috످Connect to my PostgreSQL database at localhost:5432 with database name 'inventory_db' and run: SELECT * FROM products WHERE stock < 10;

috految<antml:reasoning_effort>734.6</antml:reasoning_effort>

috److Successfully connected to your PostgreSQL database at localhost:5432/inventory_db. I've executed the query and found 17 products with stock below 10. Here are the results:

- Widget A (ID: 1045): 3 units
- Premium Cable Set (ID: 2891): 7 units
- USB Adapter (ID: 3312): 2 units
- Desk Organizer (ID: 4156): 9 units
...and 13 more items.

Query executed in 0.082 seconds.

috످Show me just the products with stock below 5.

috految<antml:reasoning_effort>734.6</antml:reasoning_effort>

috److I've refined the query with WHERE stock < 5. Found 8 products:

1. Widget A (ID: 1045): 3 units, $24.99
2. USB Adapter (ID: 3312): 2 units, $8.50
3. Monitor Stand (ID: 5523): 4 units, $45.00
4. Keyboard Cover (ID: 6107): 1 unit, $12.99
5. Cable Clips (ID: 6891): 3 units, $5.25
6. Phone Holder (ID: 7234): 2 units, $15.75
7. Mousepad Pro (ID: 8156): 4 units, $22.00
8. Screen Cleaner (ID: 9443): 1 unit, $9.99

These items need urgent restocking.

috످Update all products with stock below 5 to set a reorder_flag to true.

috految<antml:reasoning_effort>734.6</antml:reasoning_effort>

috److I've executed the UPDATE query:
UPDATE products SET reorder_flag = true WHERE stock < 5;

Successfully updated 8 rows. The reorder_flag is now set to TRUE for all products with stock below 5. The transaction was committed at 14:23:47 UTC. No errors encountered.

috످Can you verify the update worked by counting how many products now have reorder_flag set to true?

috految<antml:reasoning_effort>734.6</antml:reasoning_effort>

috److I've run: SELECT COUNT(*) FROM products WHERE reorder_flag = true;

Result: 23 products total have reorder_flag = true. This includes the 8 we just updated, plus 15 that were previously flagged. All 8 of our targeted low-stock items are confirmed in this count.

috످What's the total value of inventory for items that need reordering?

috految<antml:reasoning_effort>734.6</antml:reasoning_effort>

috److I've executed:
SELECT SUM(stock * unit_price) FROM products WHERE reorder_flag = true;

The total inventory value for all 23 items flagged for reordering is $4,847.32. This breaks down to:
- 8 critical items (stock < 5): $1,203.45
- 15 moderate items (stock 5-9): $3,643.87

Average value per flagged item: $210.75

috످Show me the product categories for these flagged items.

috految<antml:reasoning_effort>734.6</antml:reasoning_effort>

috److془I need to come clean. No database access. All fabricated. UPDATE never ran. Provide SQL.

Note: column names guessed: unit_price, category; reorder_flag may not exist.

Provide steps.془I can't show you the categories because I don't have database access in this chat. I never connected to your database, and the `reorder_flag` update never ran. I made up all the previous results, including the products, stock levels, prices, update confirmation, and $4,847.32 total. I'm sorry.

Your database wasn't changed, so your low-stock items may still need to be flagged. If you used my results for any orders or reports, please recheck them against your actual inventory.

To run the update and get the real results, first connect from your terminal:
```bash
psql -h localhost -p 5432 -U your_username -d inventory_db
```

Next, check your column names. I guessed `category` and `unit_price`, and `reorder_flag` may not exist yet.
```sql
\d products
```

If `reorder_flag` is missing, add it:
```sql
ALTER TABLE products ADD COLUMN reorder_flag BOOLEAN DEFAULT false;
```

Then review your low-stock products:
```sql
SELECT * FROM products WHERE stock < 10 ORDER BY stock;
```

Next, flag products with stock below 5:
```sql
BEGIN;

UPDATE products
SET reorder_flag = true
WHERE stock < 5
RETURNING *;
```

If the rows look right, run `COMMIT;` to save. Otherwise, run `ROLLBACK;` to undo.

Finally, get the categories, counts, and total value of flagged items:
```sql
SELECT
    category,
    COUNT(*) AS flagged_products,
    SUM(stock * unit_price) AS inventory_value
FROM products
WHERE reorder_flag = true
GROUP BY ROLLUP(category)
ORDER BY GROUPING(category), category;
-- The last row shows the grand total
```

If you paste the output here (without any credentials), I can help you decide what to reorder first.

috످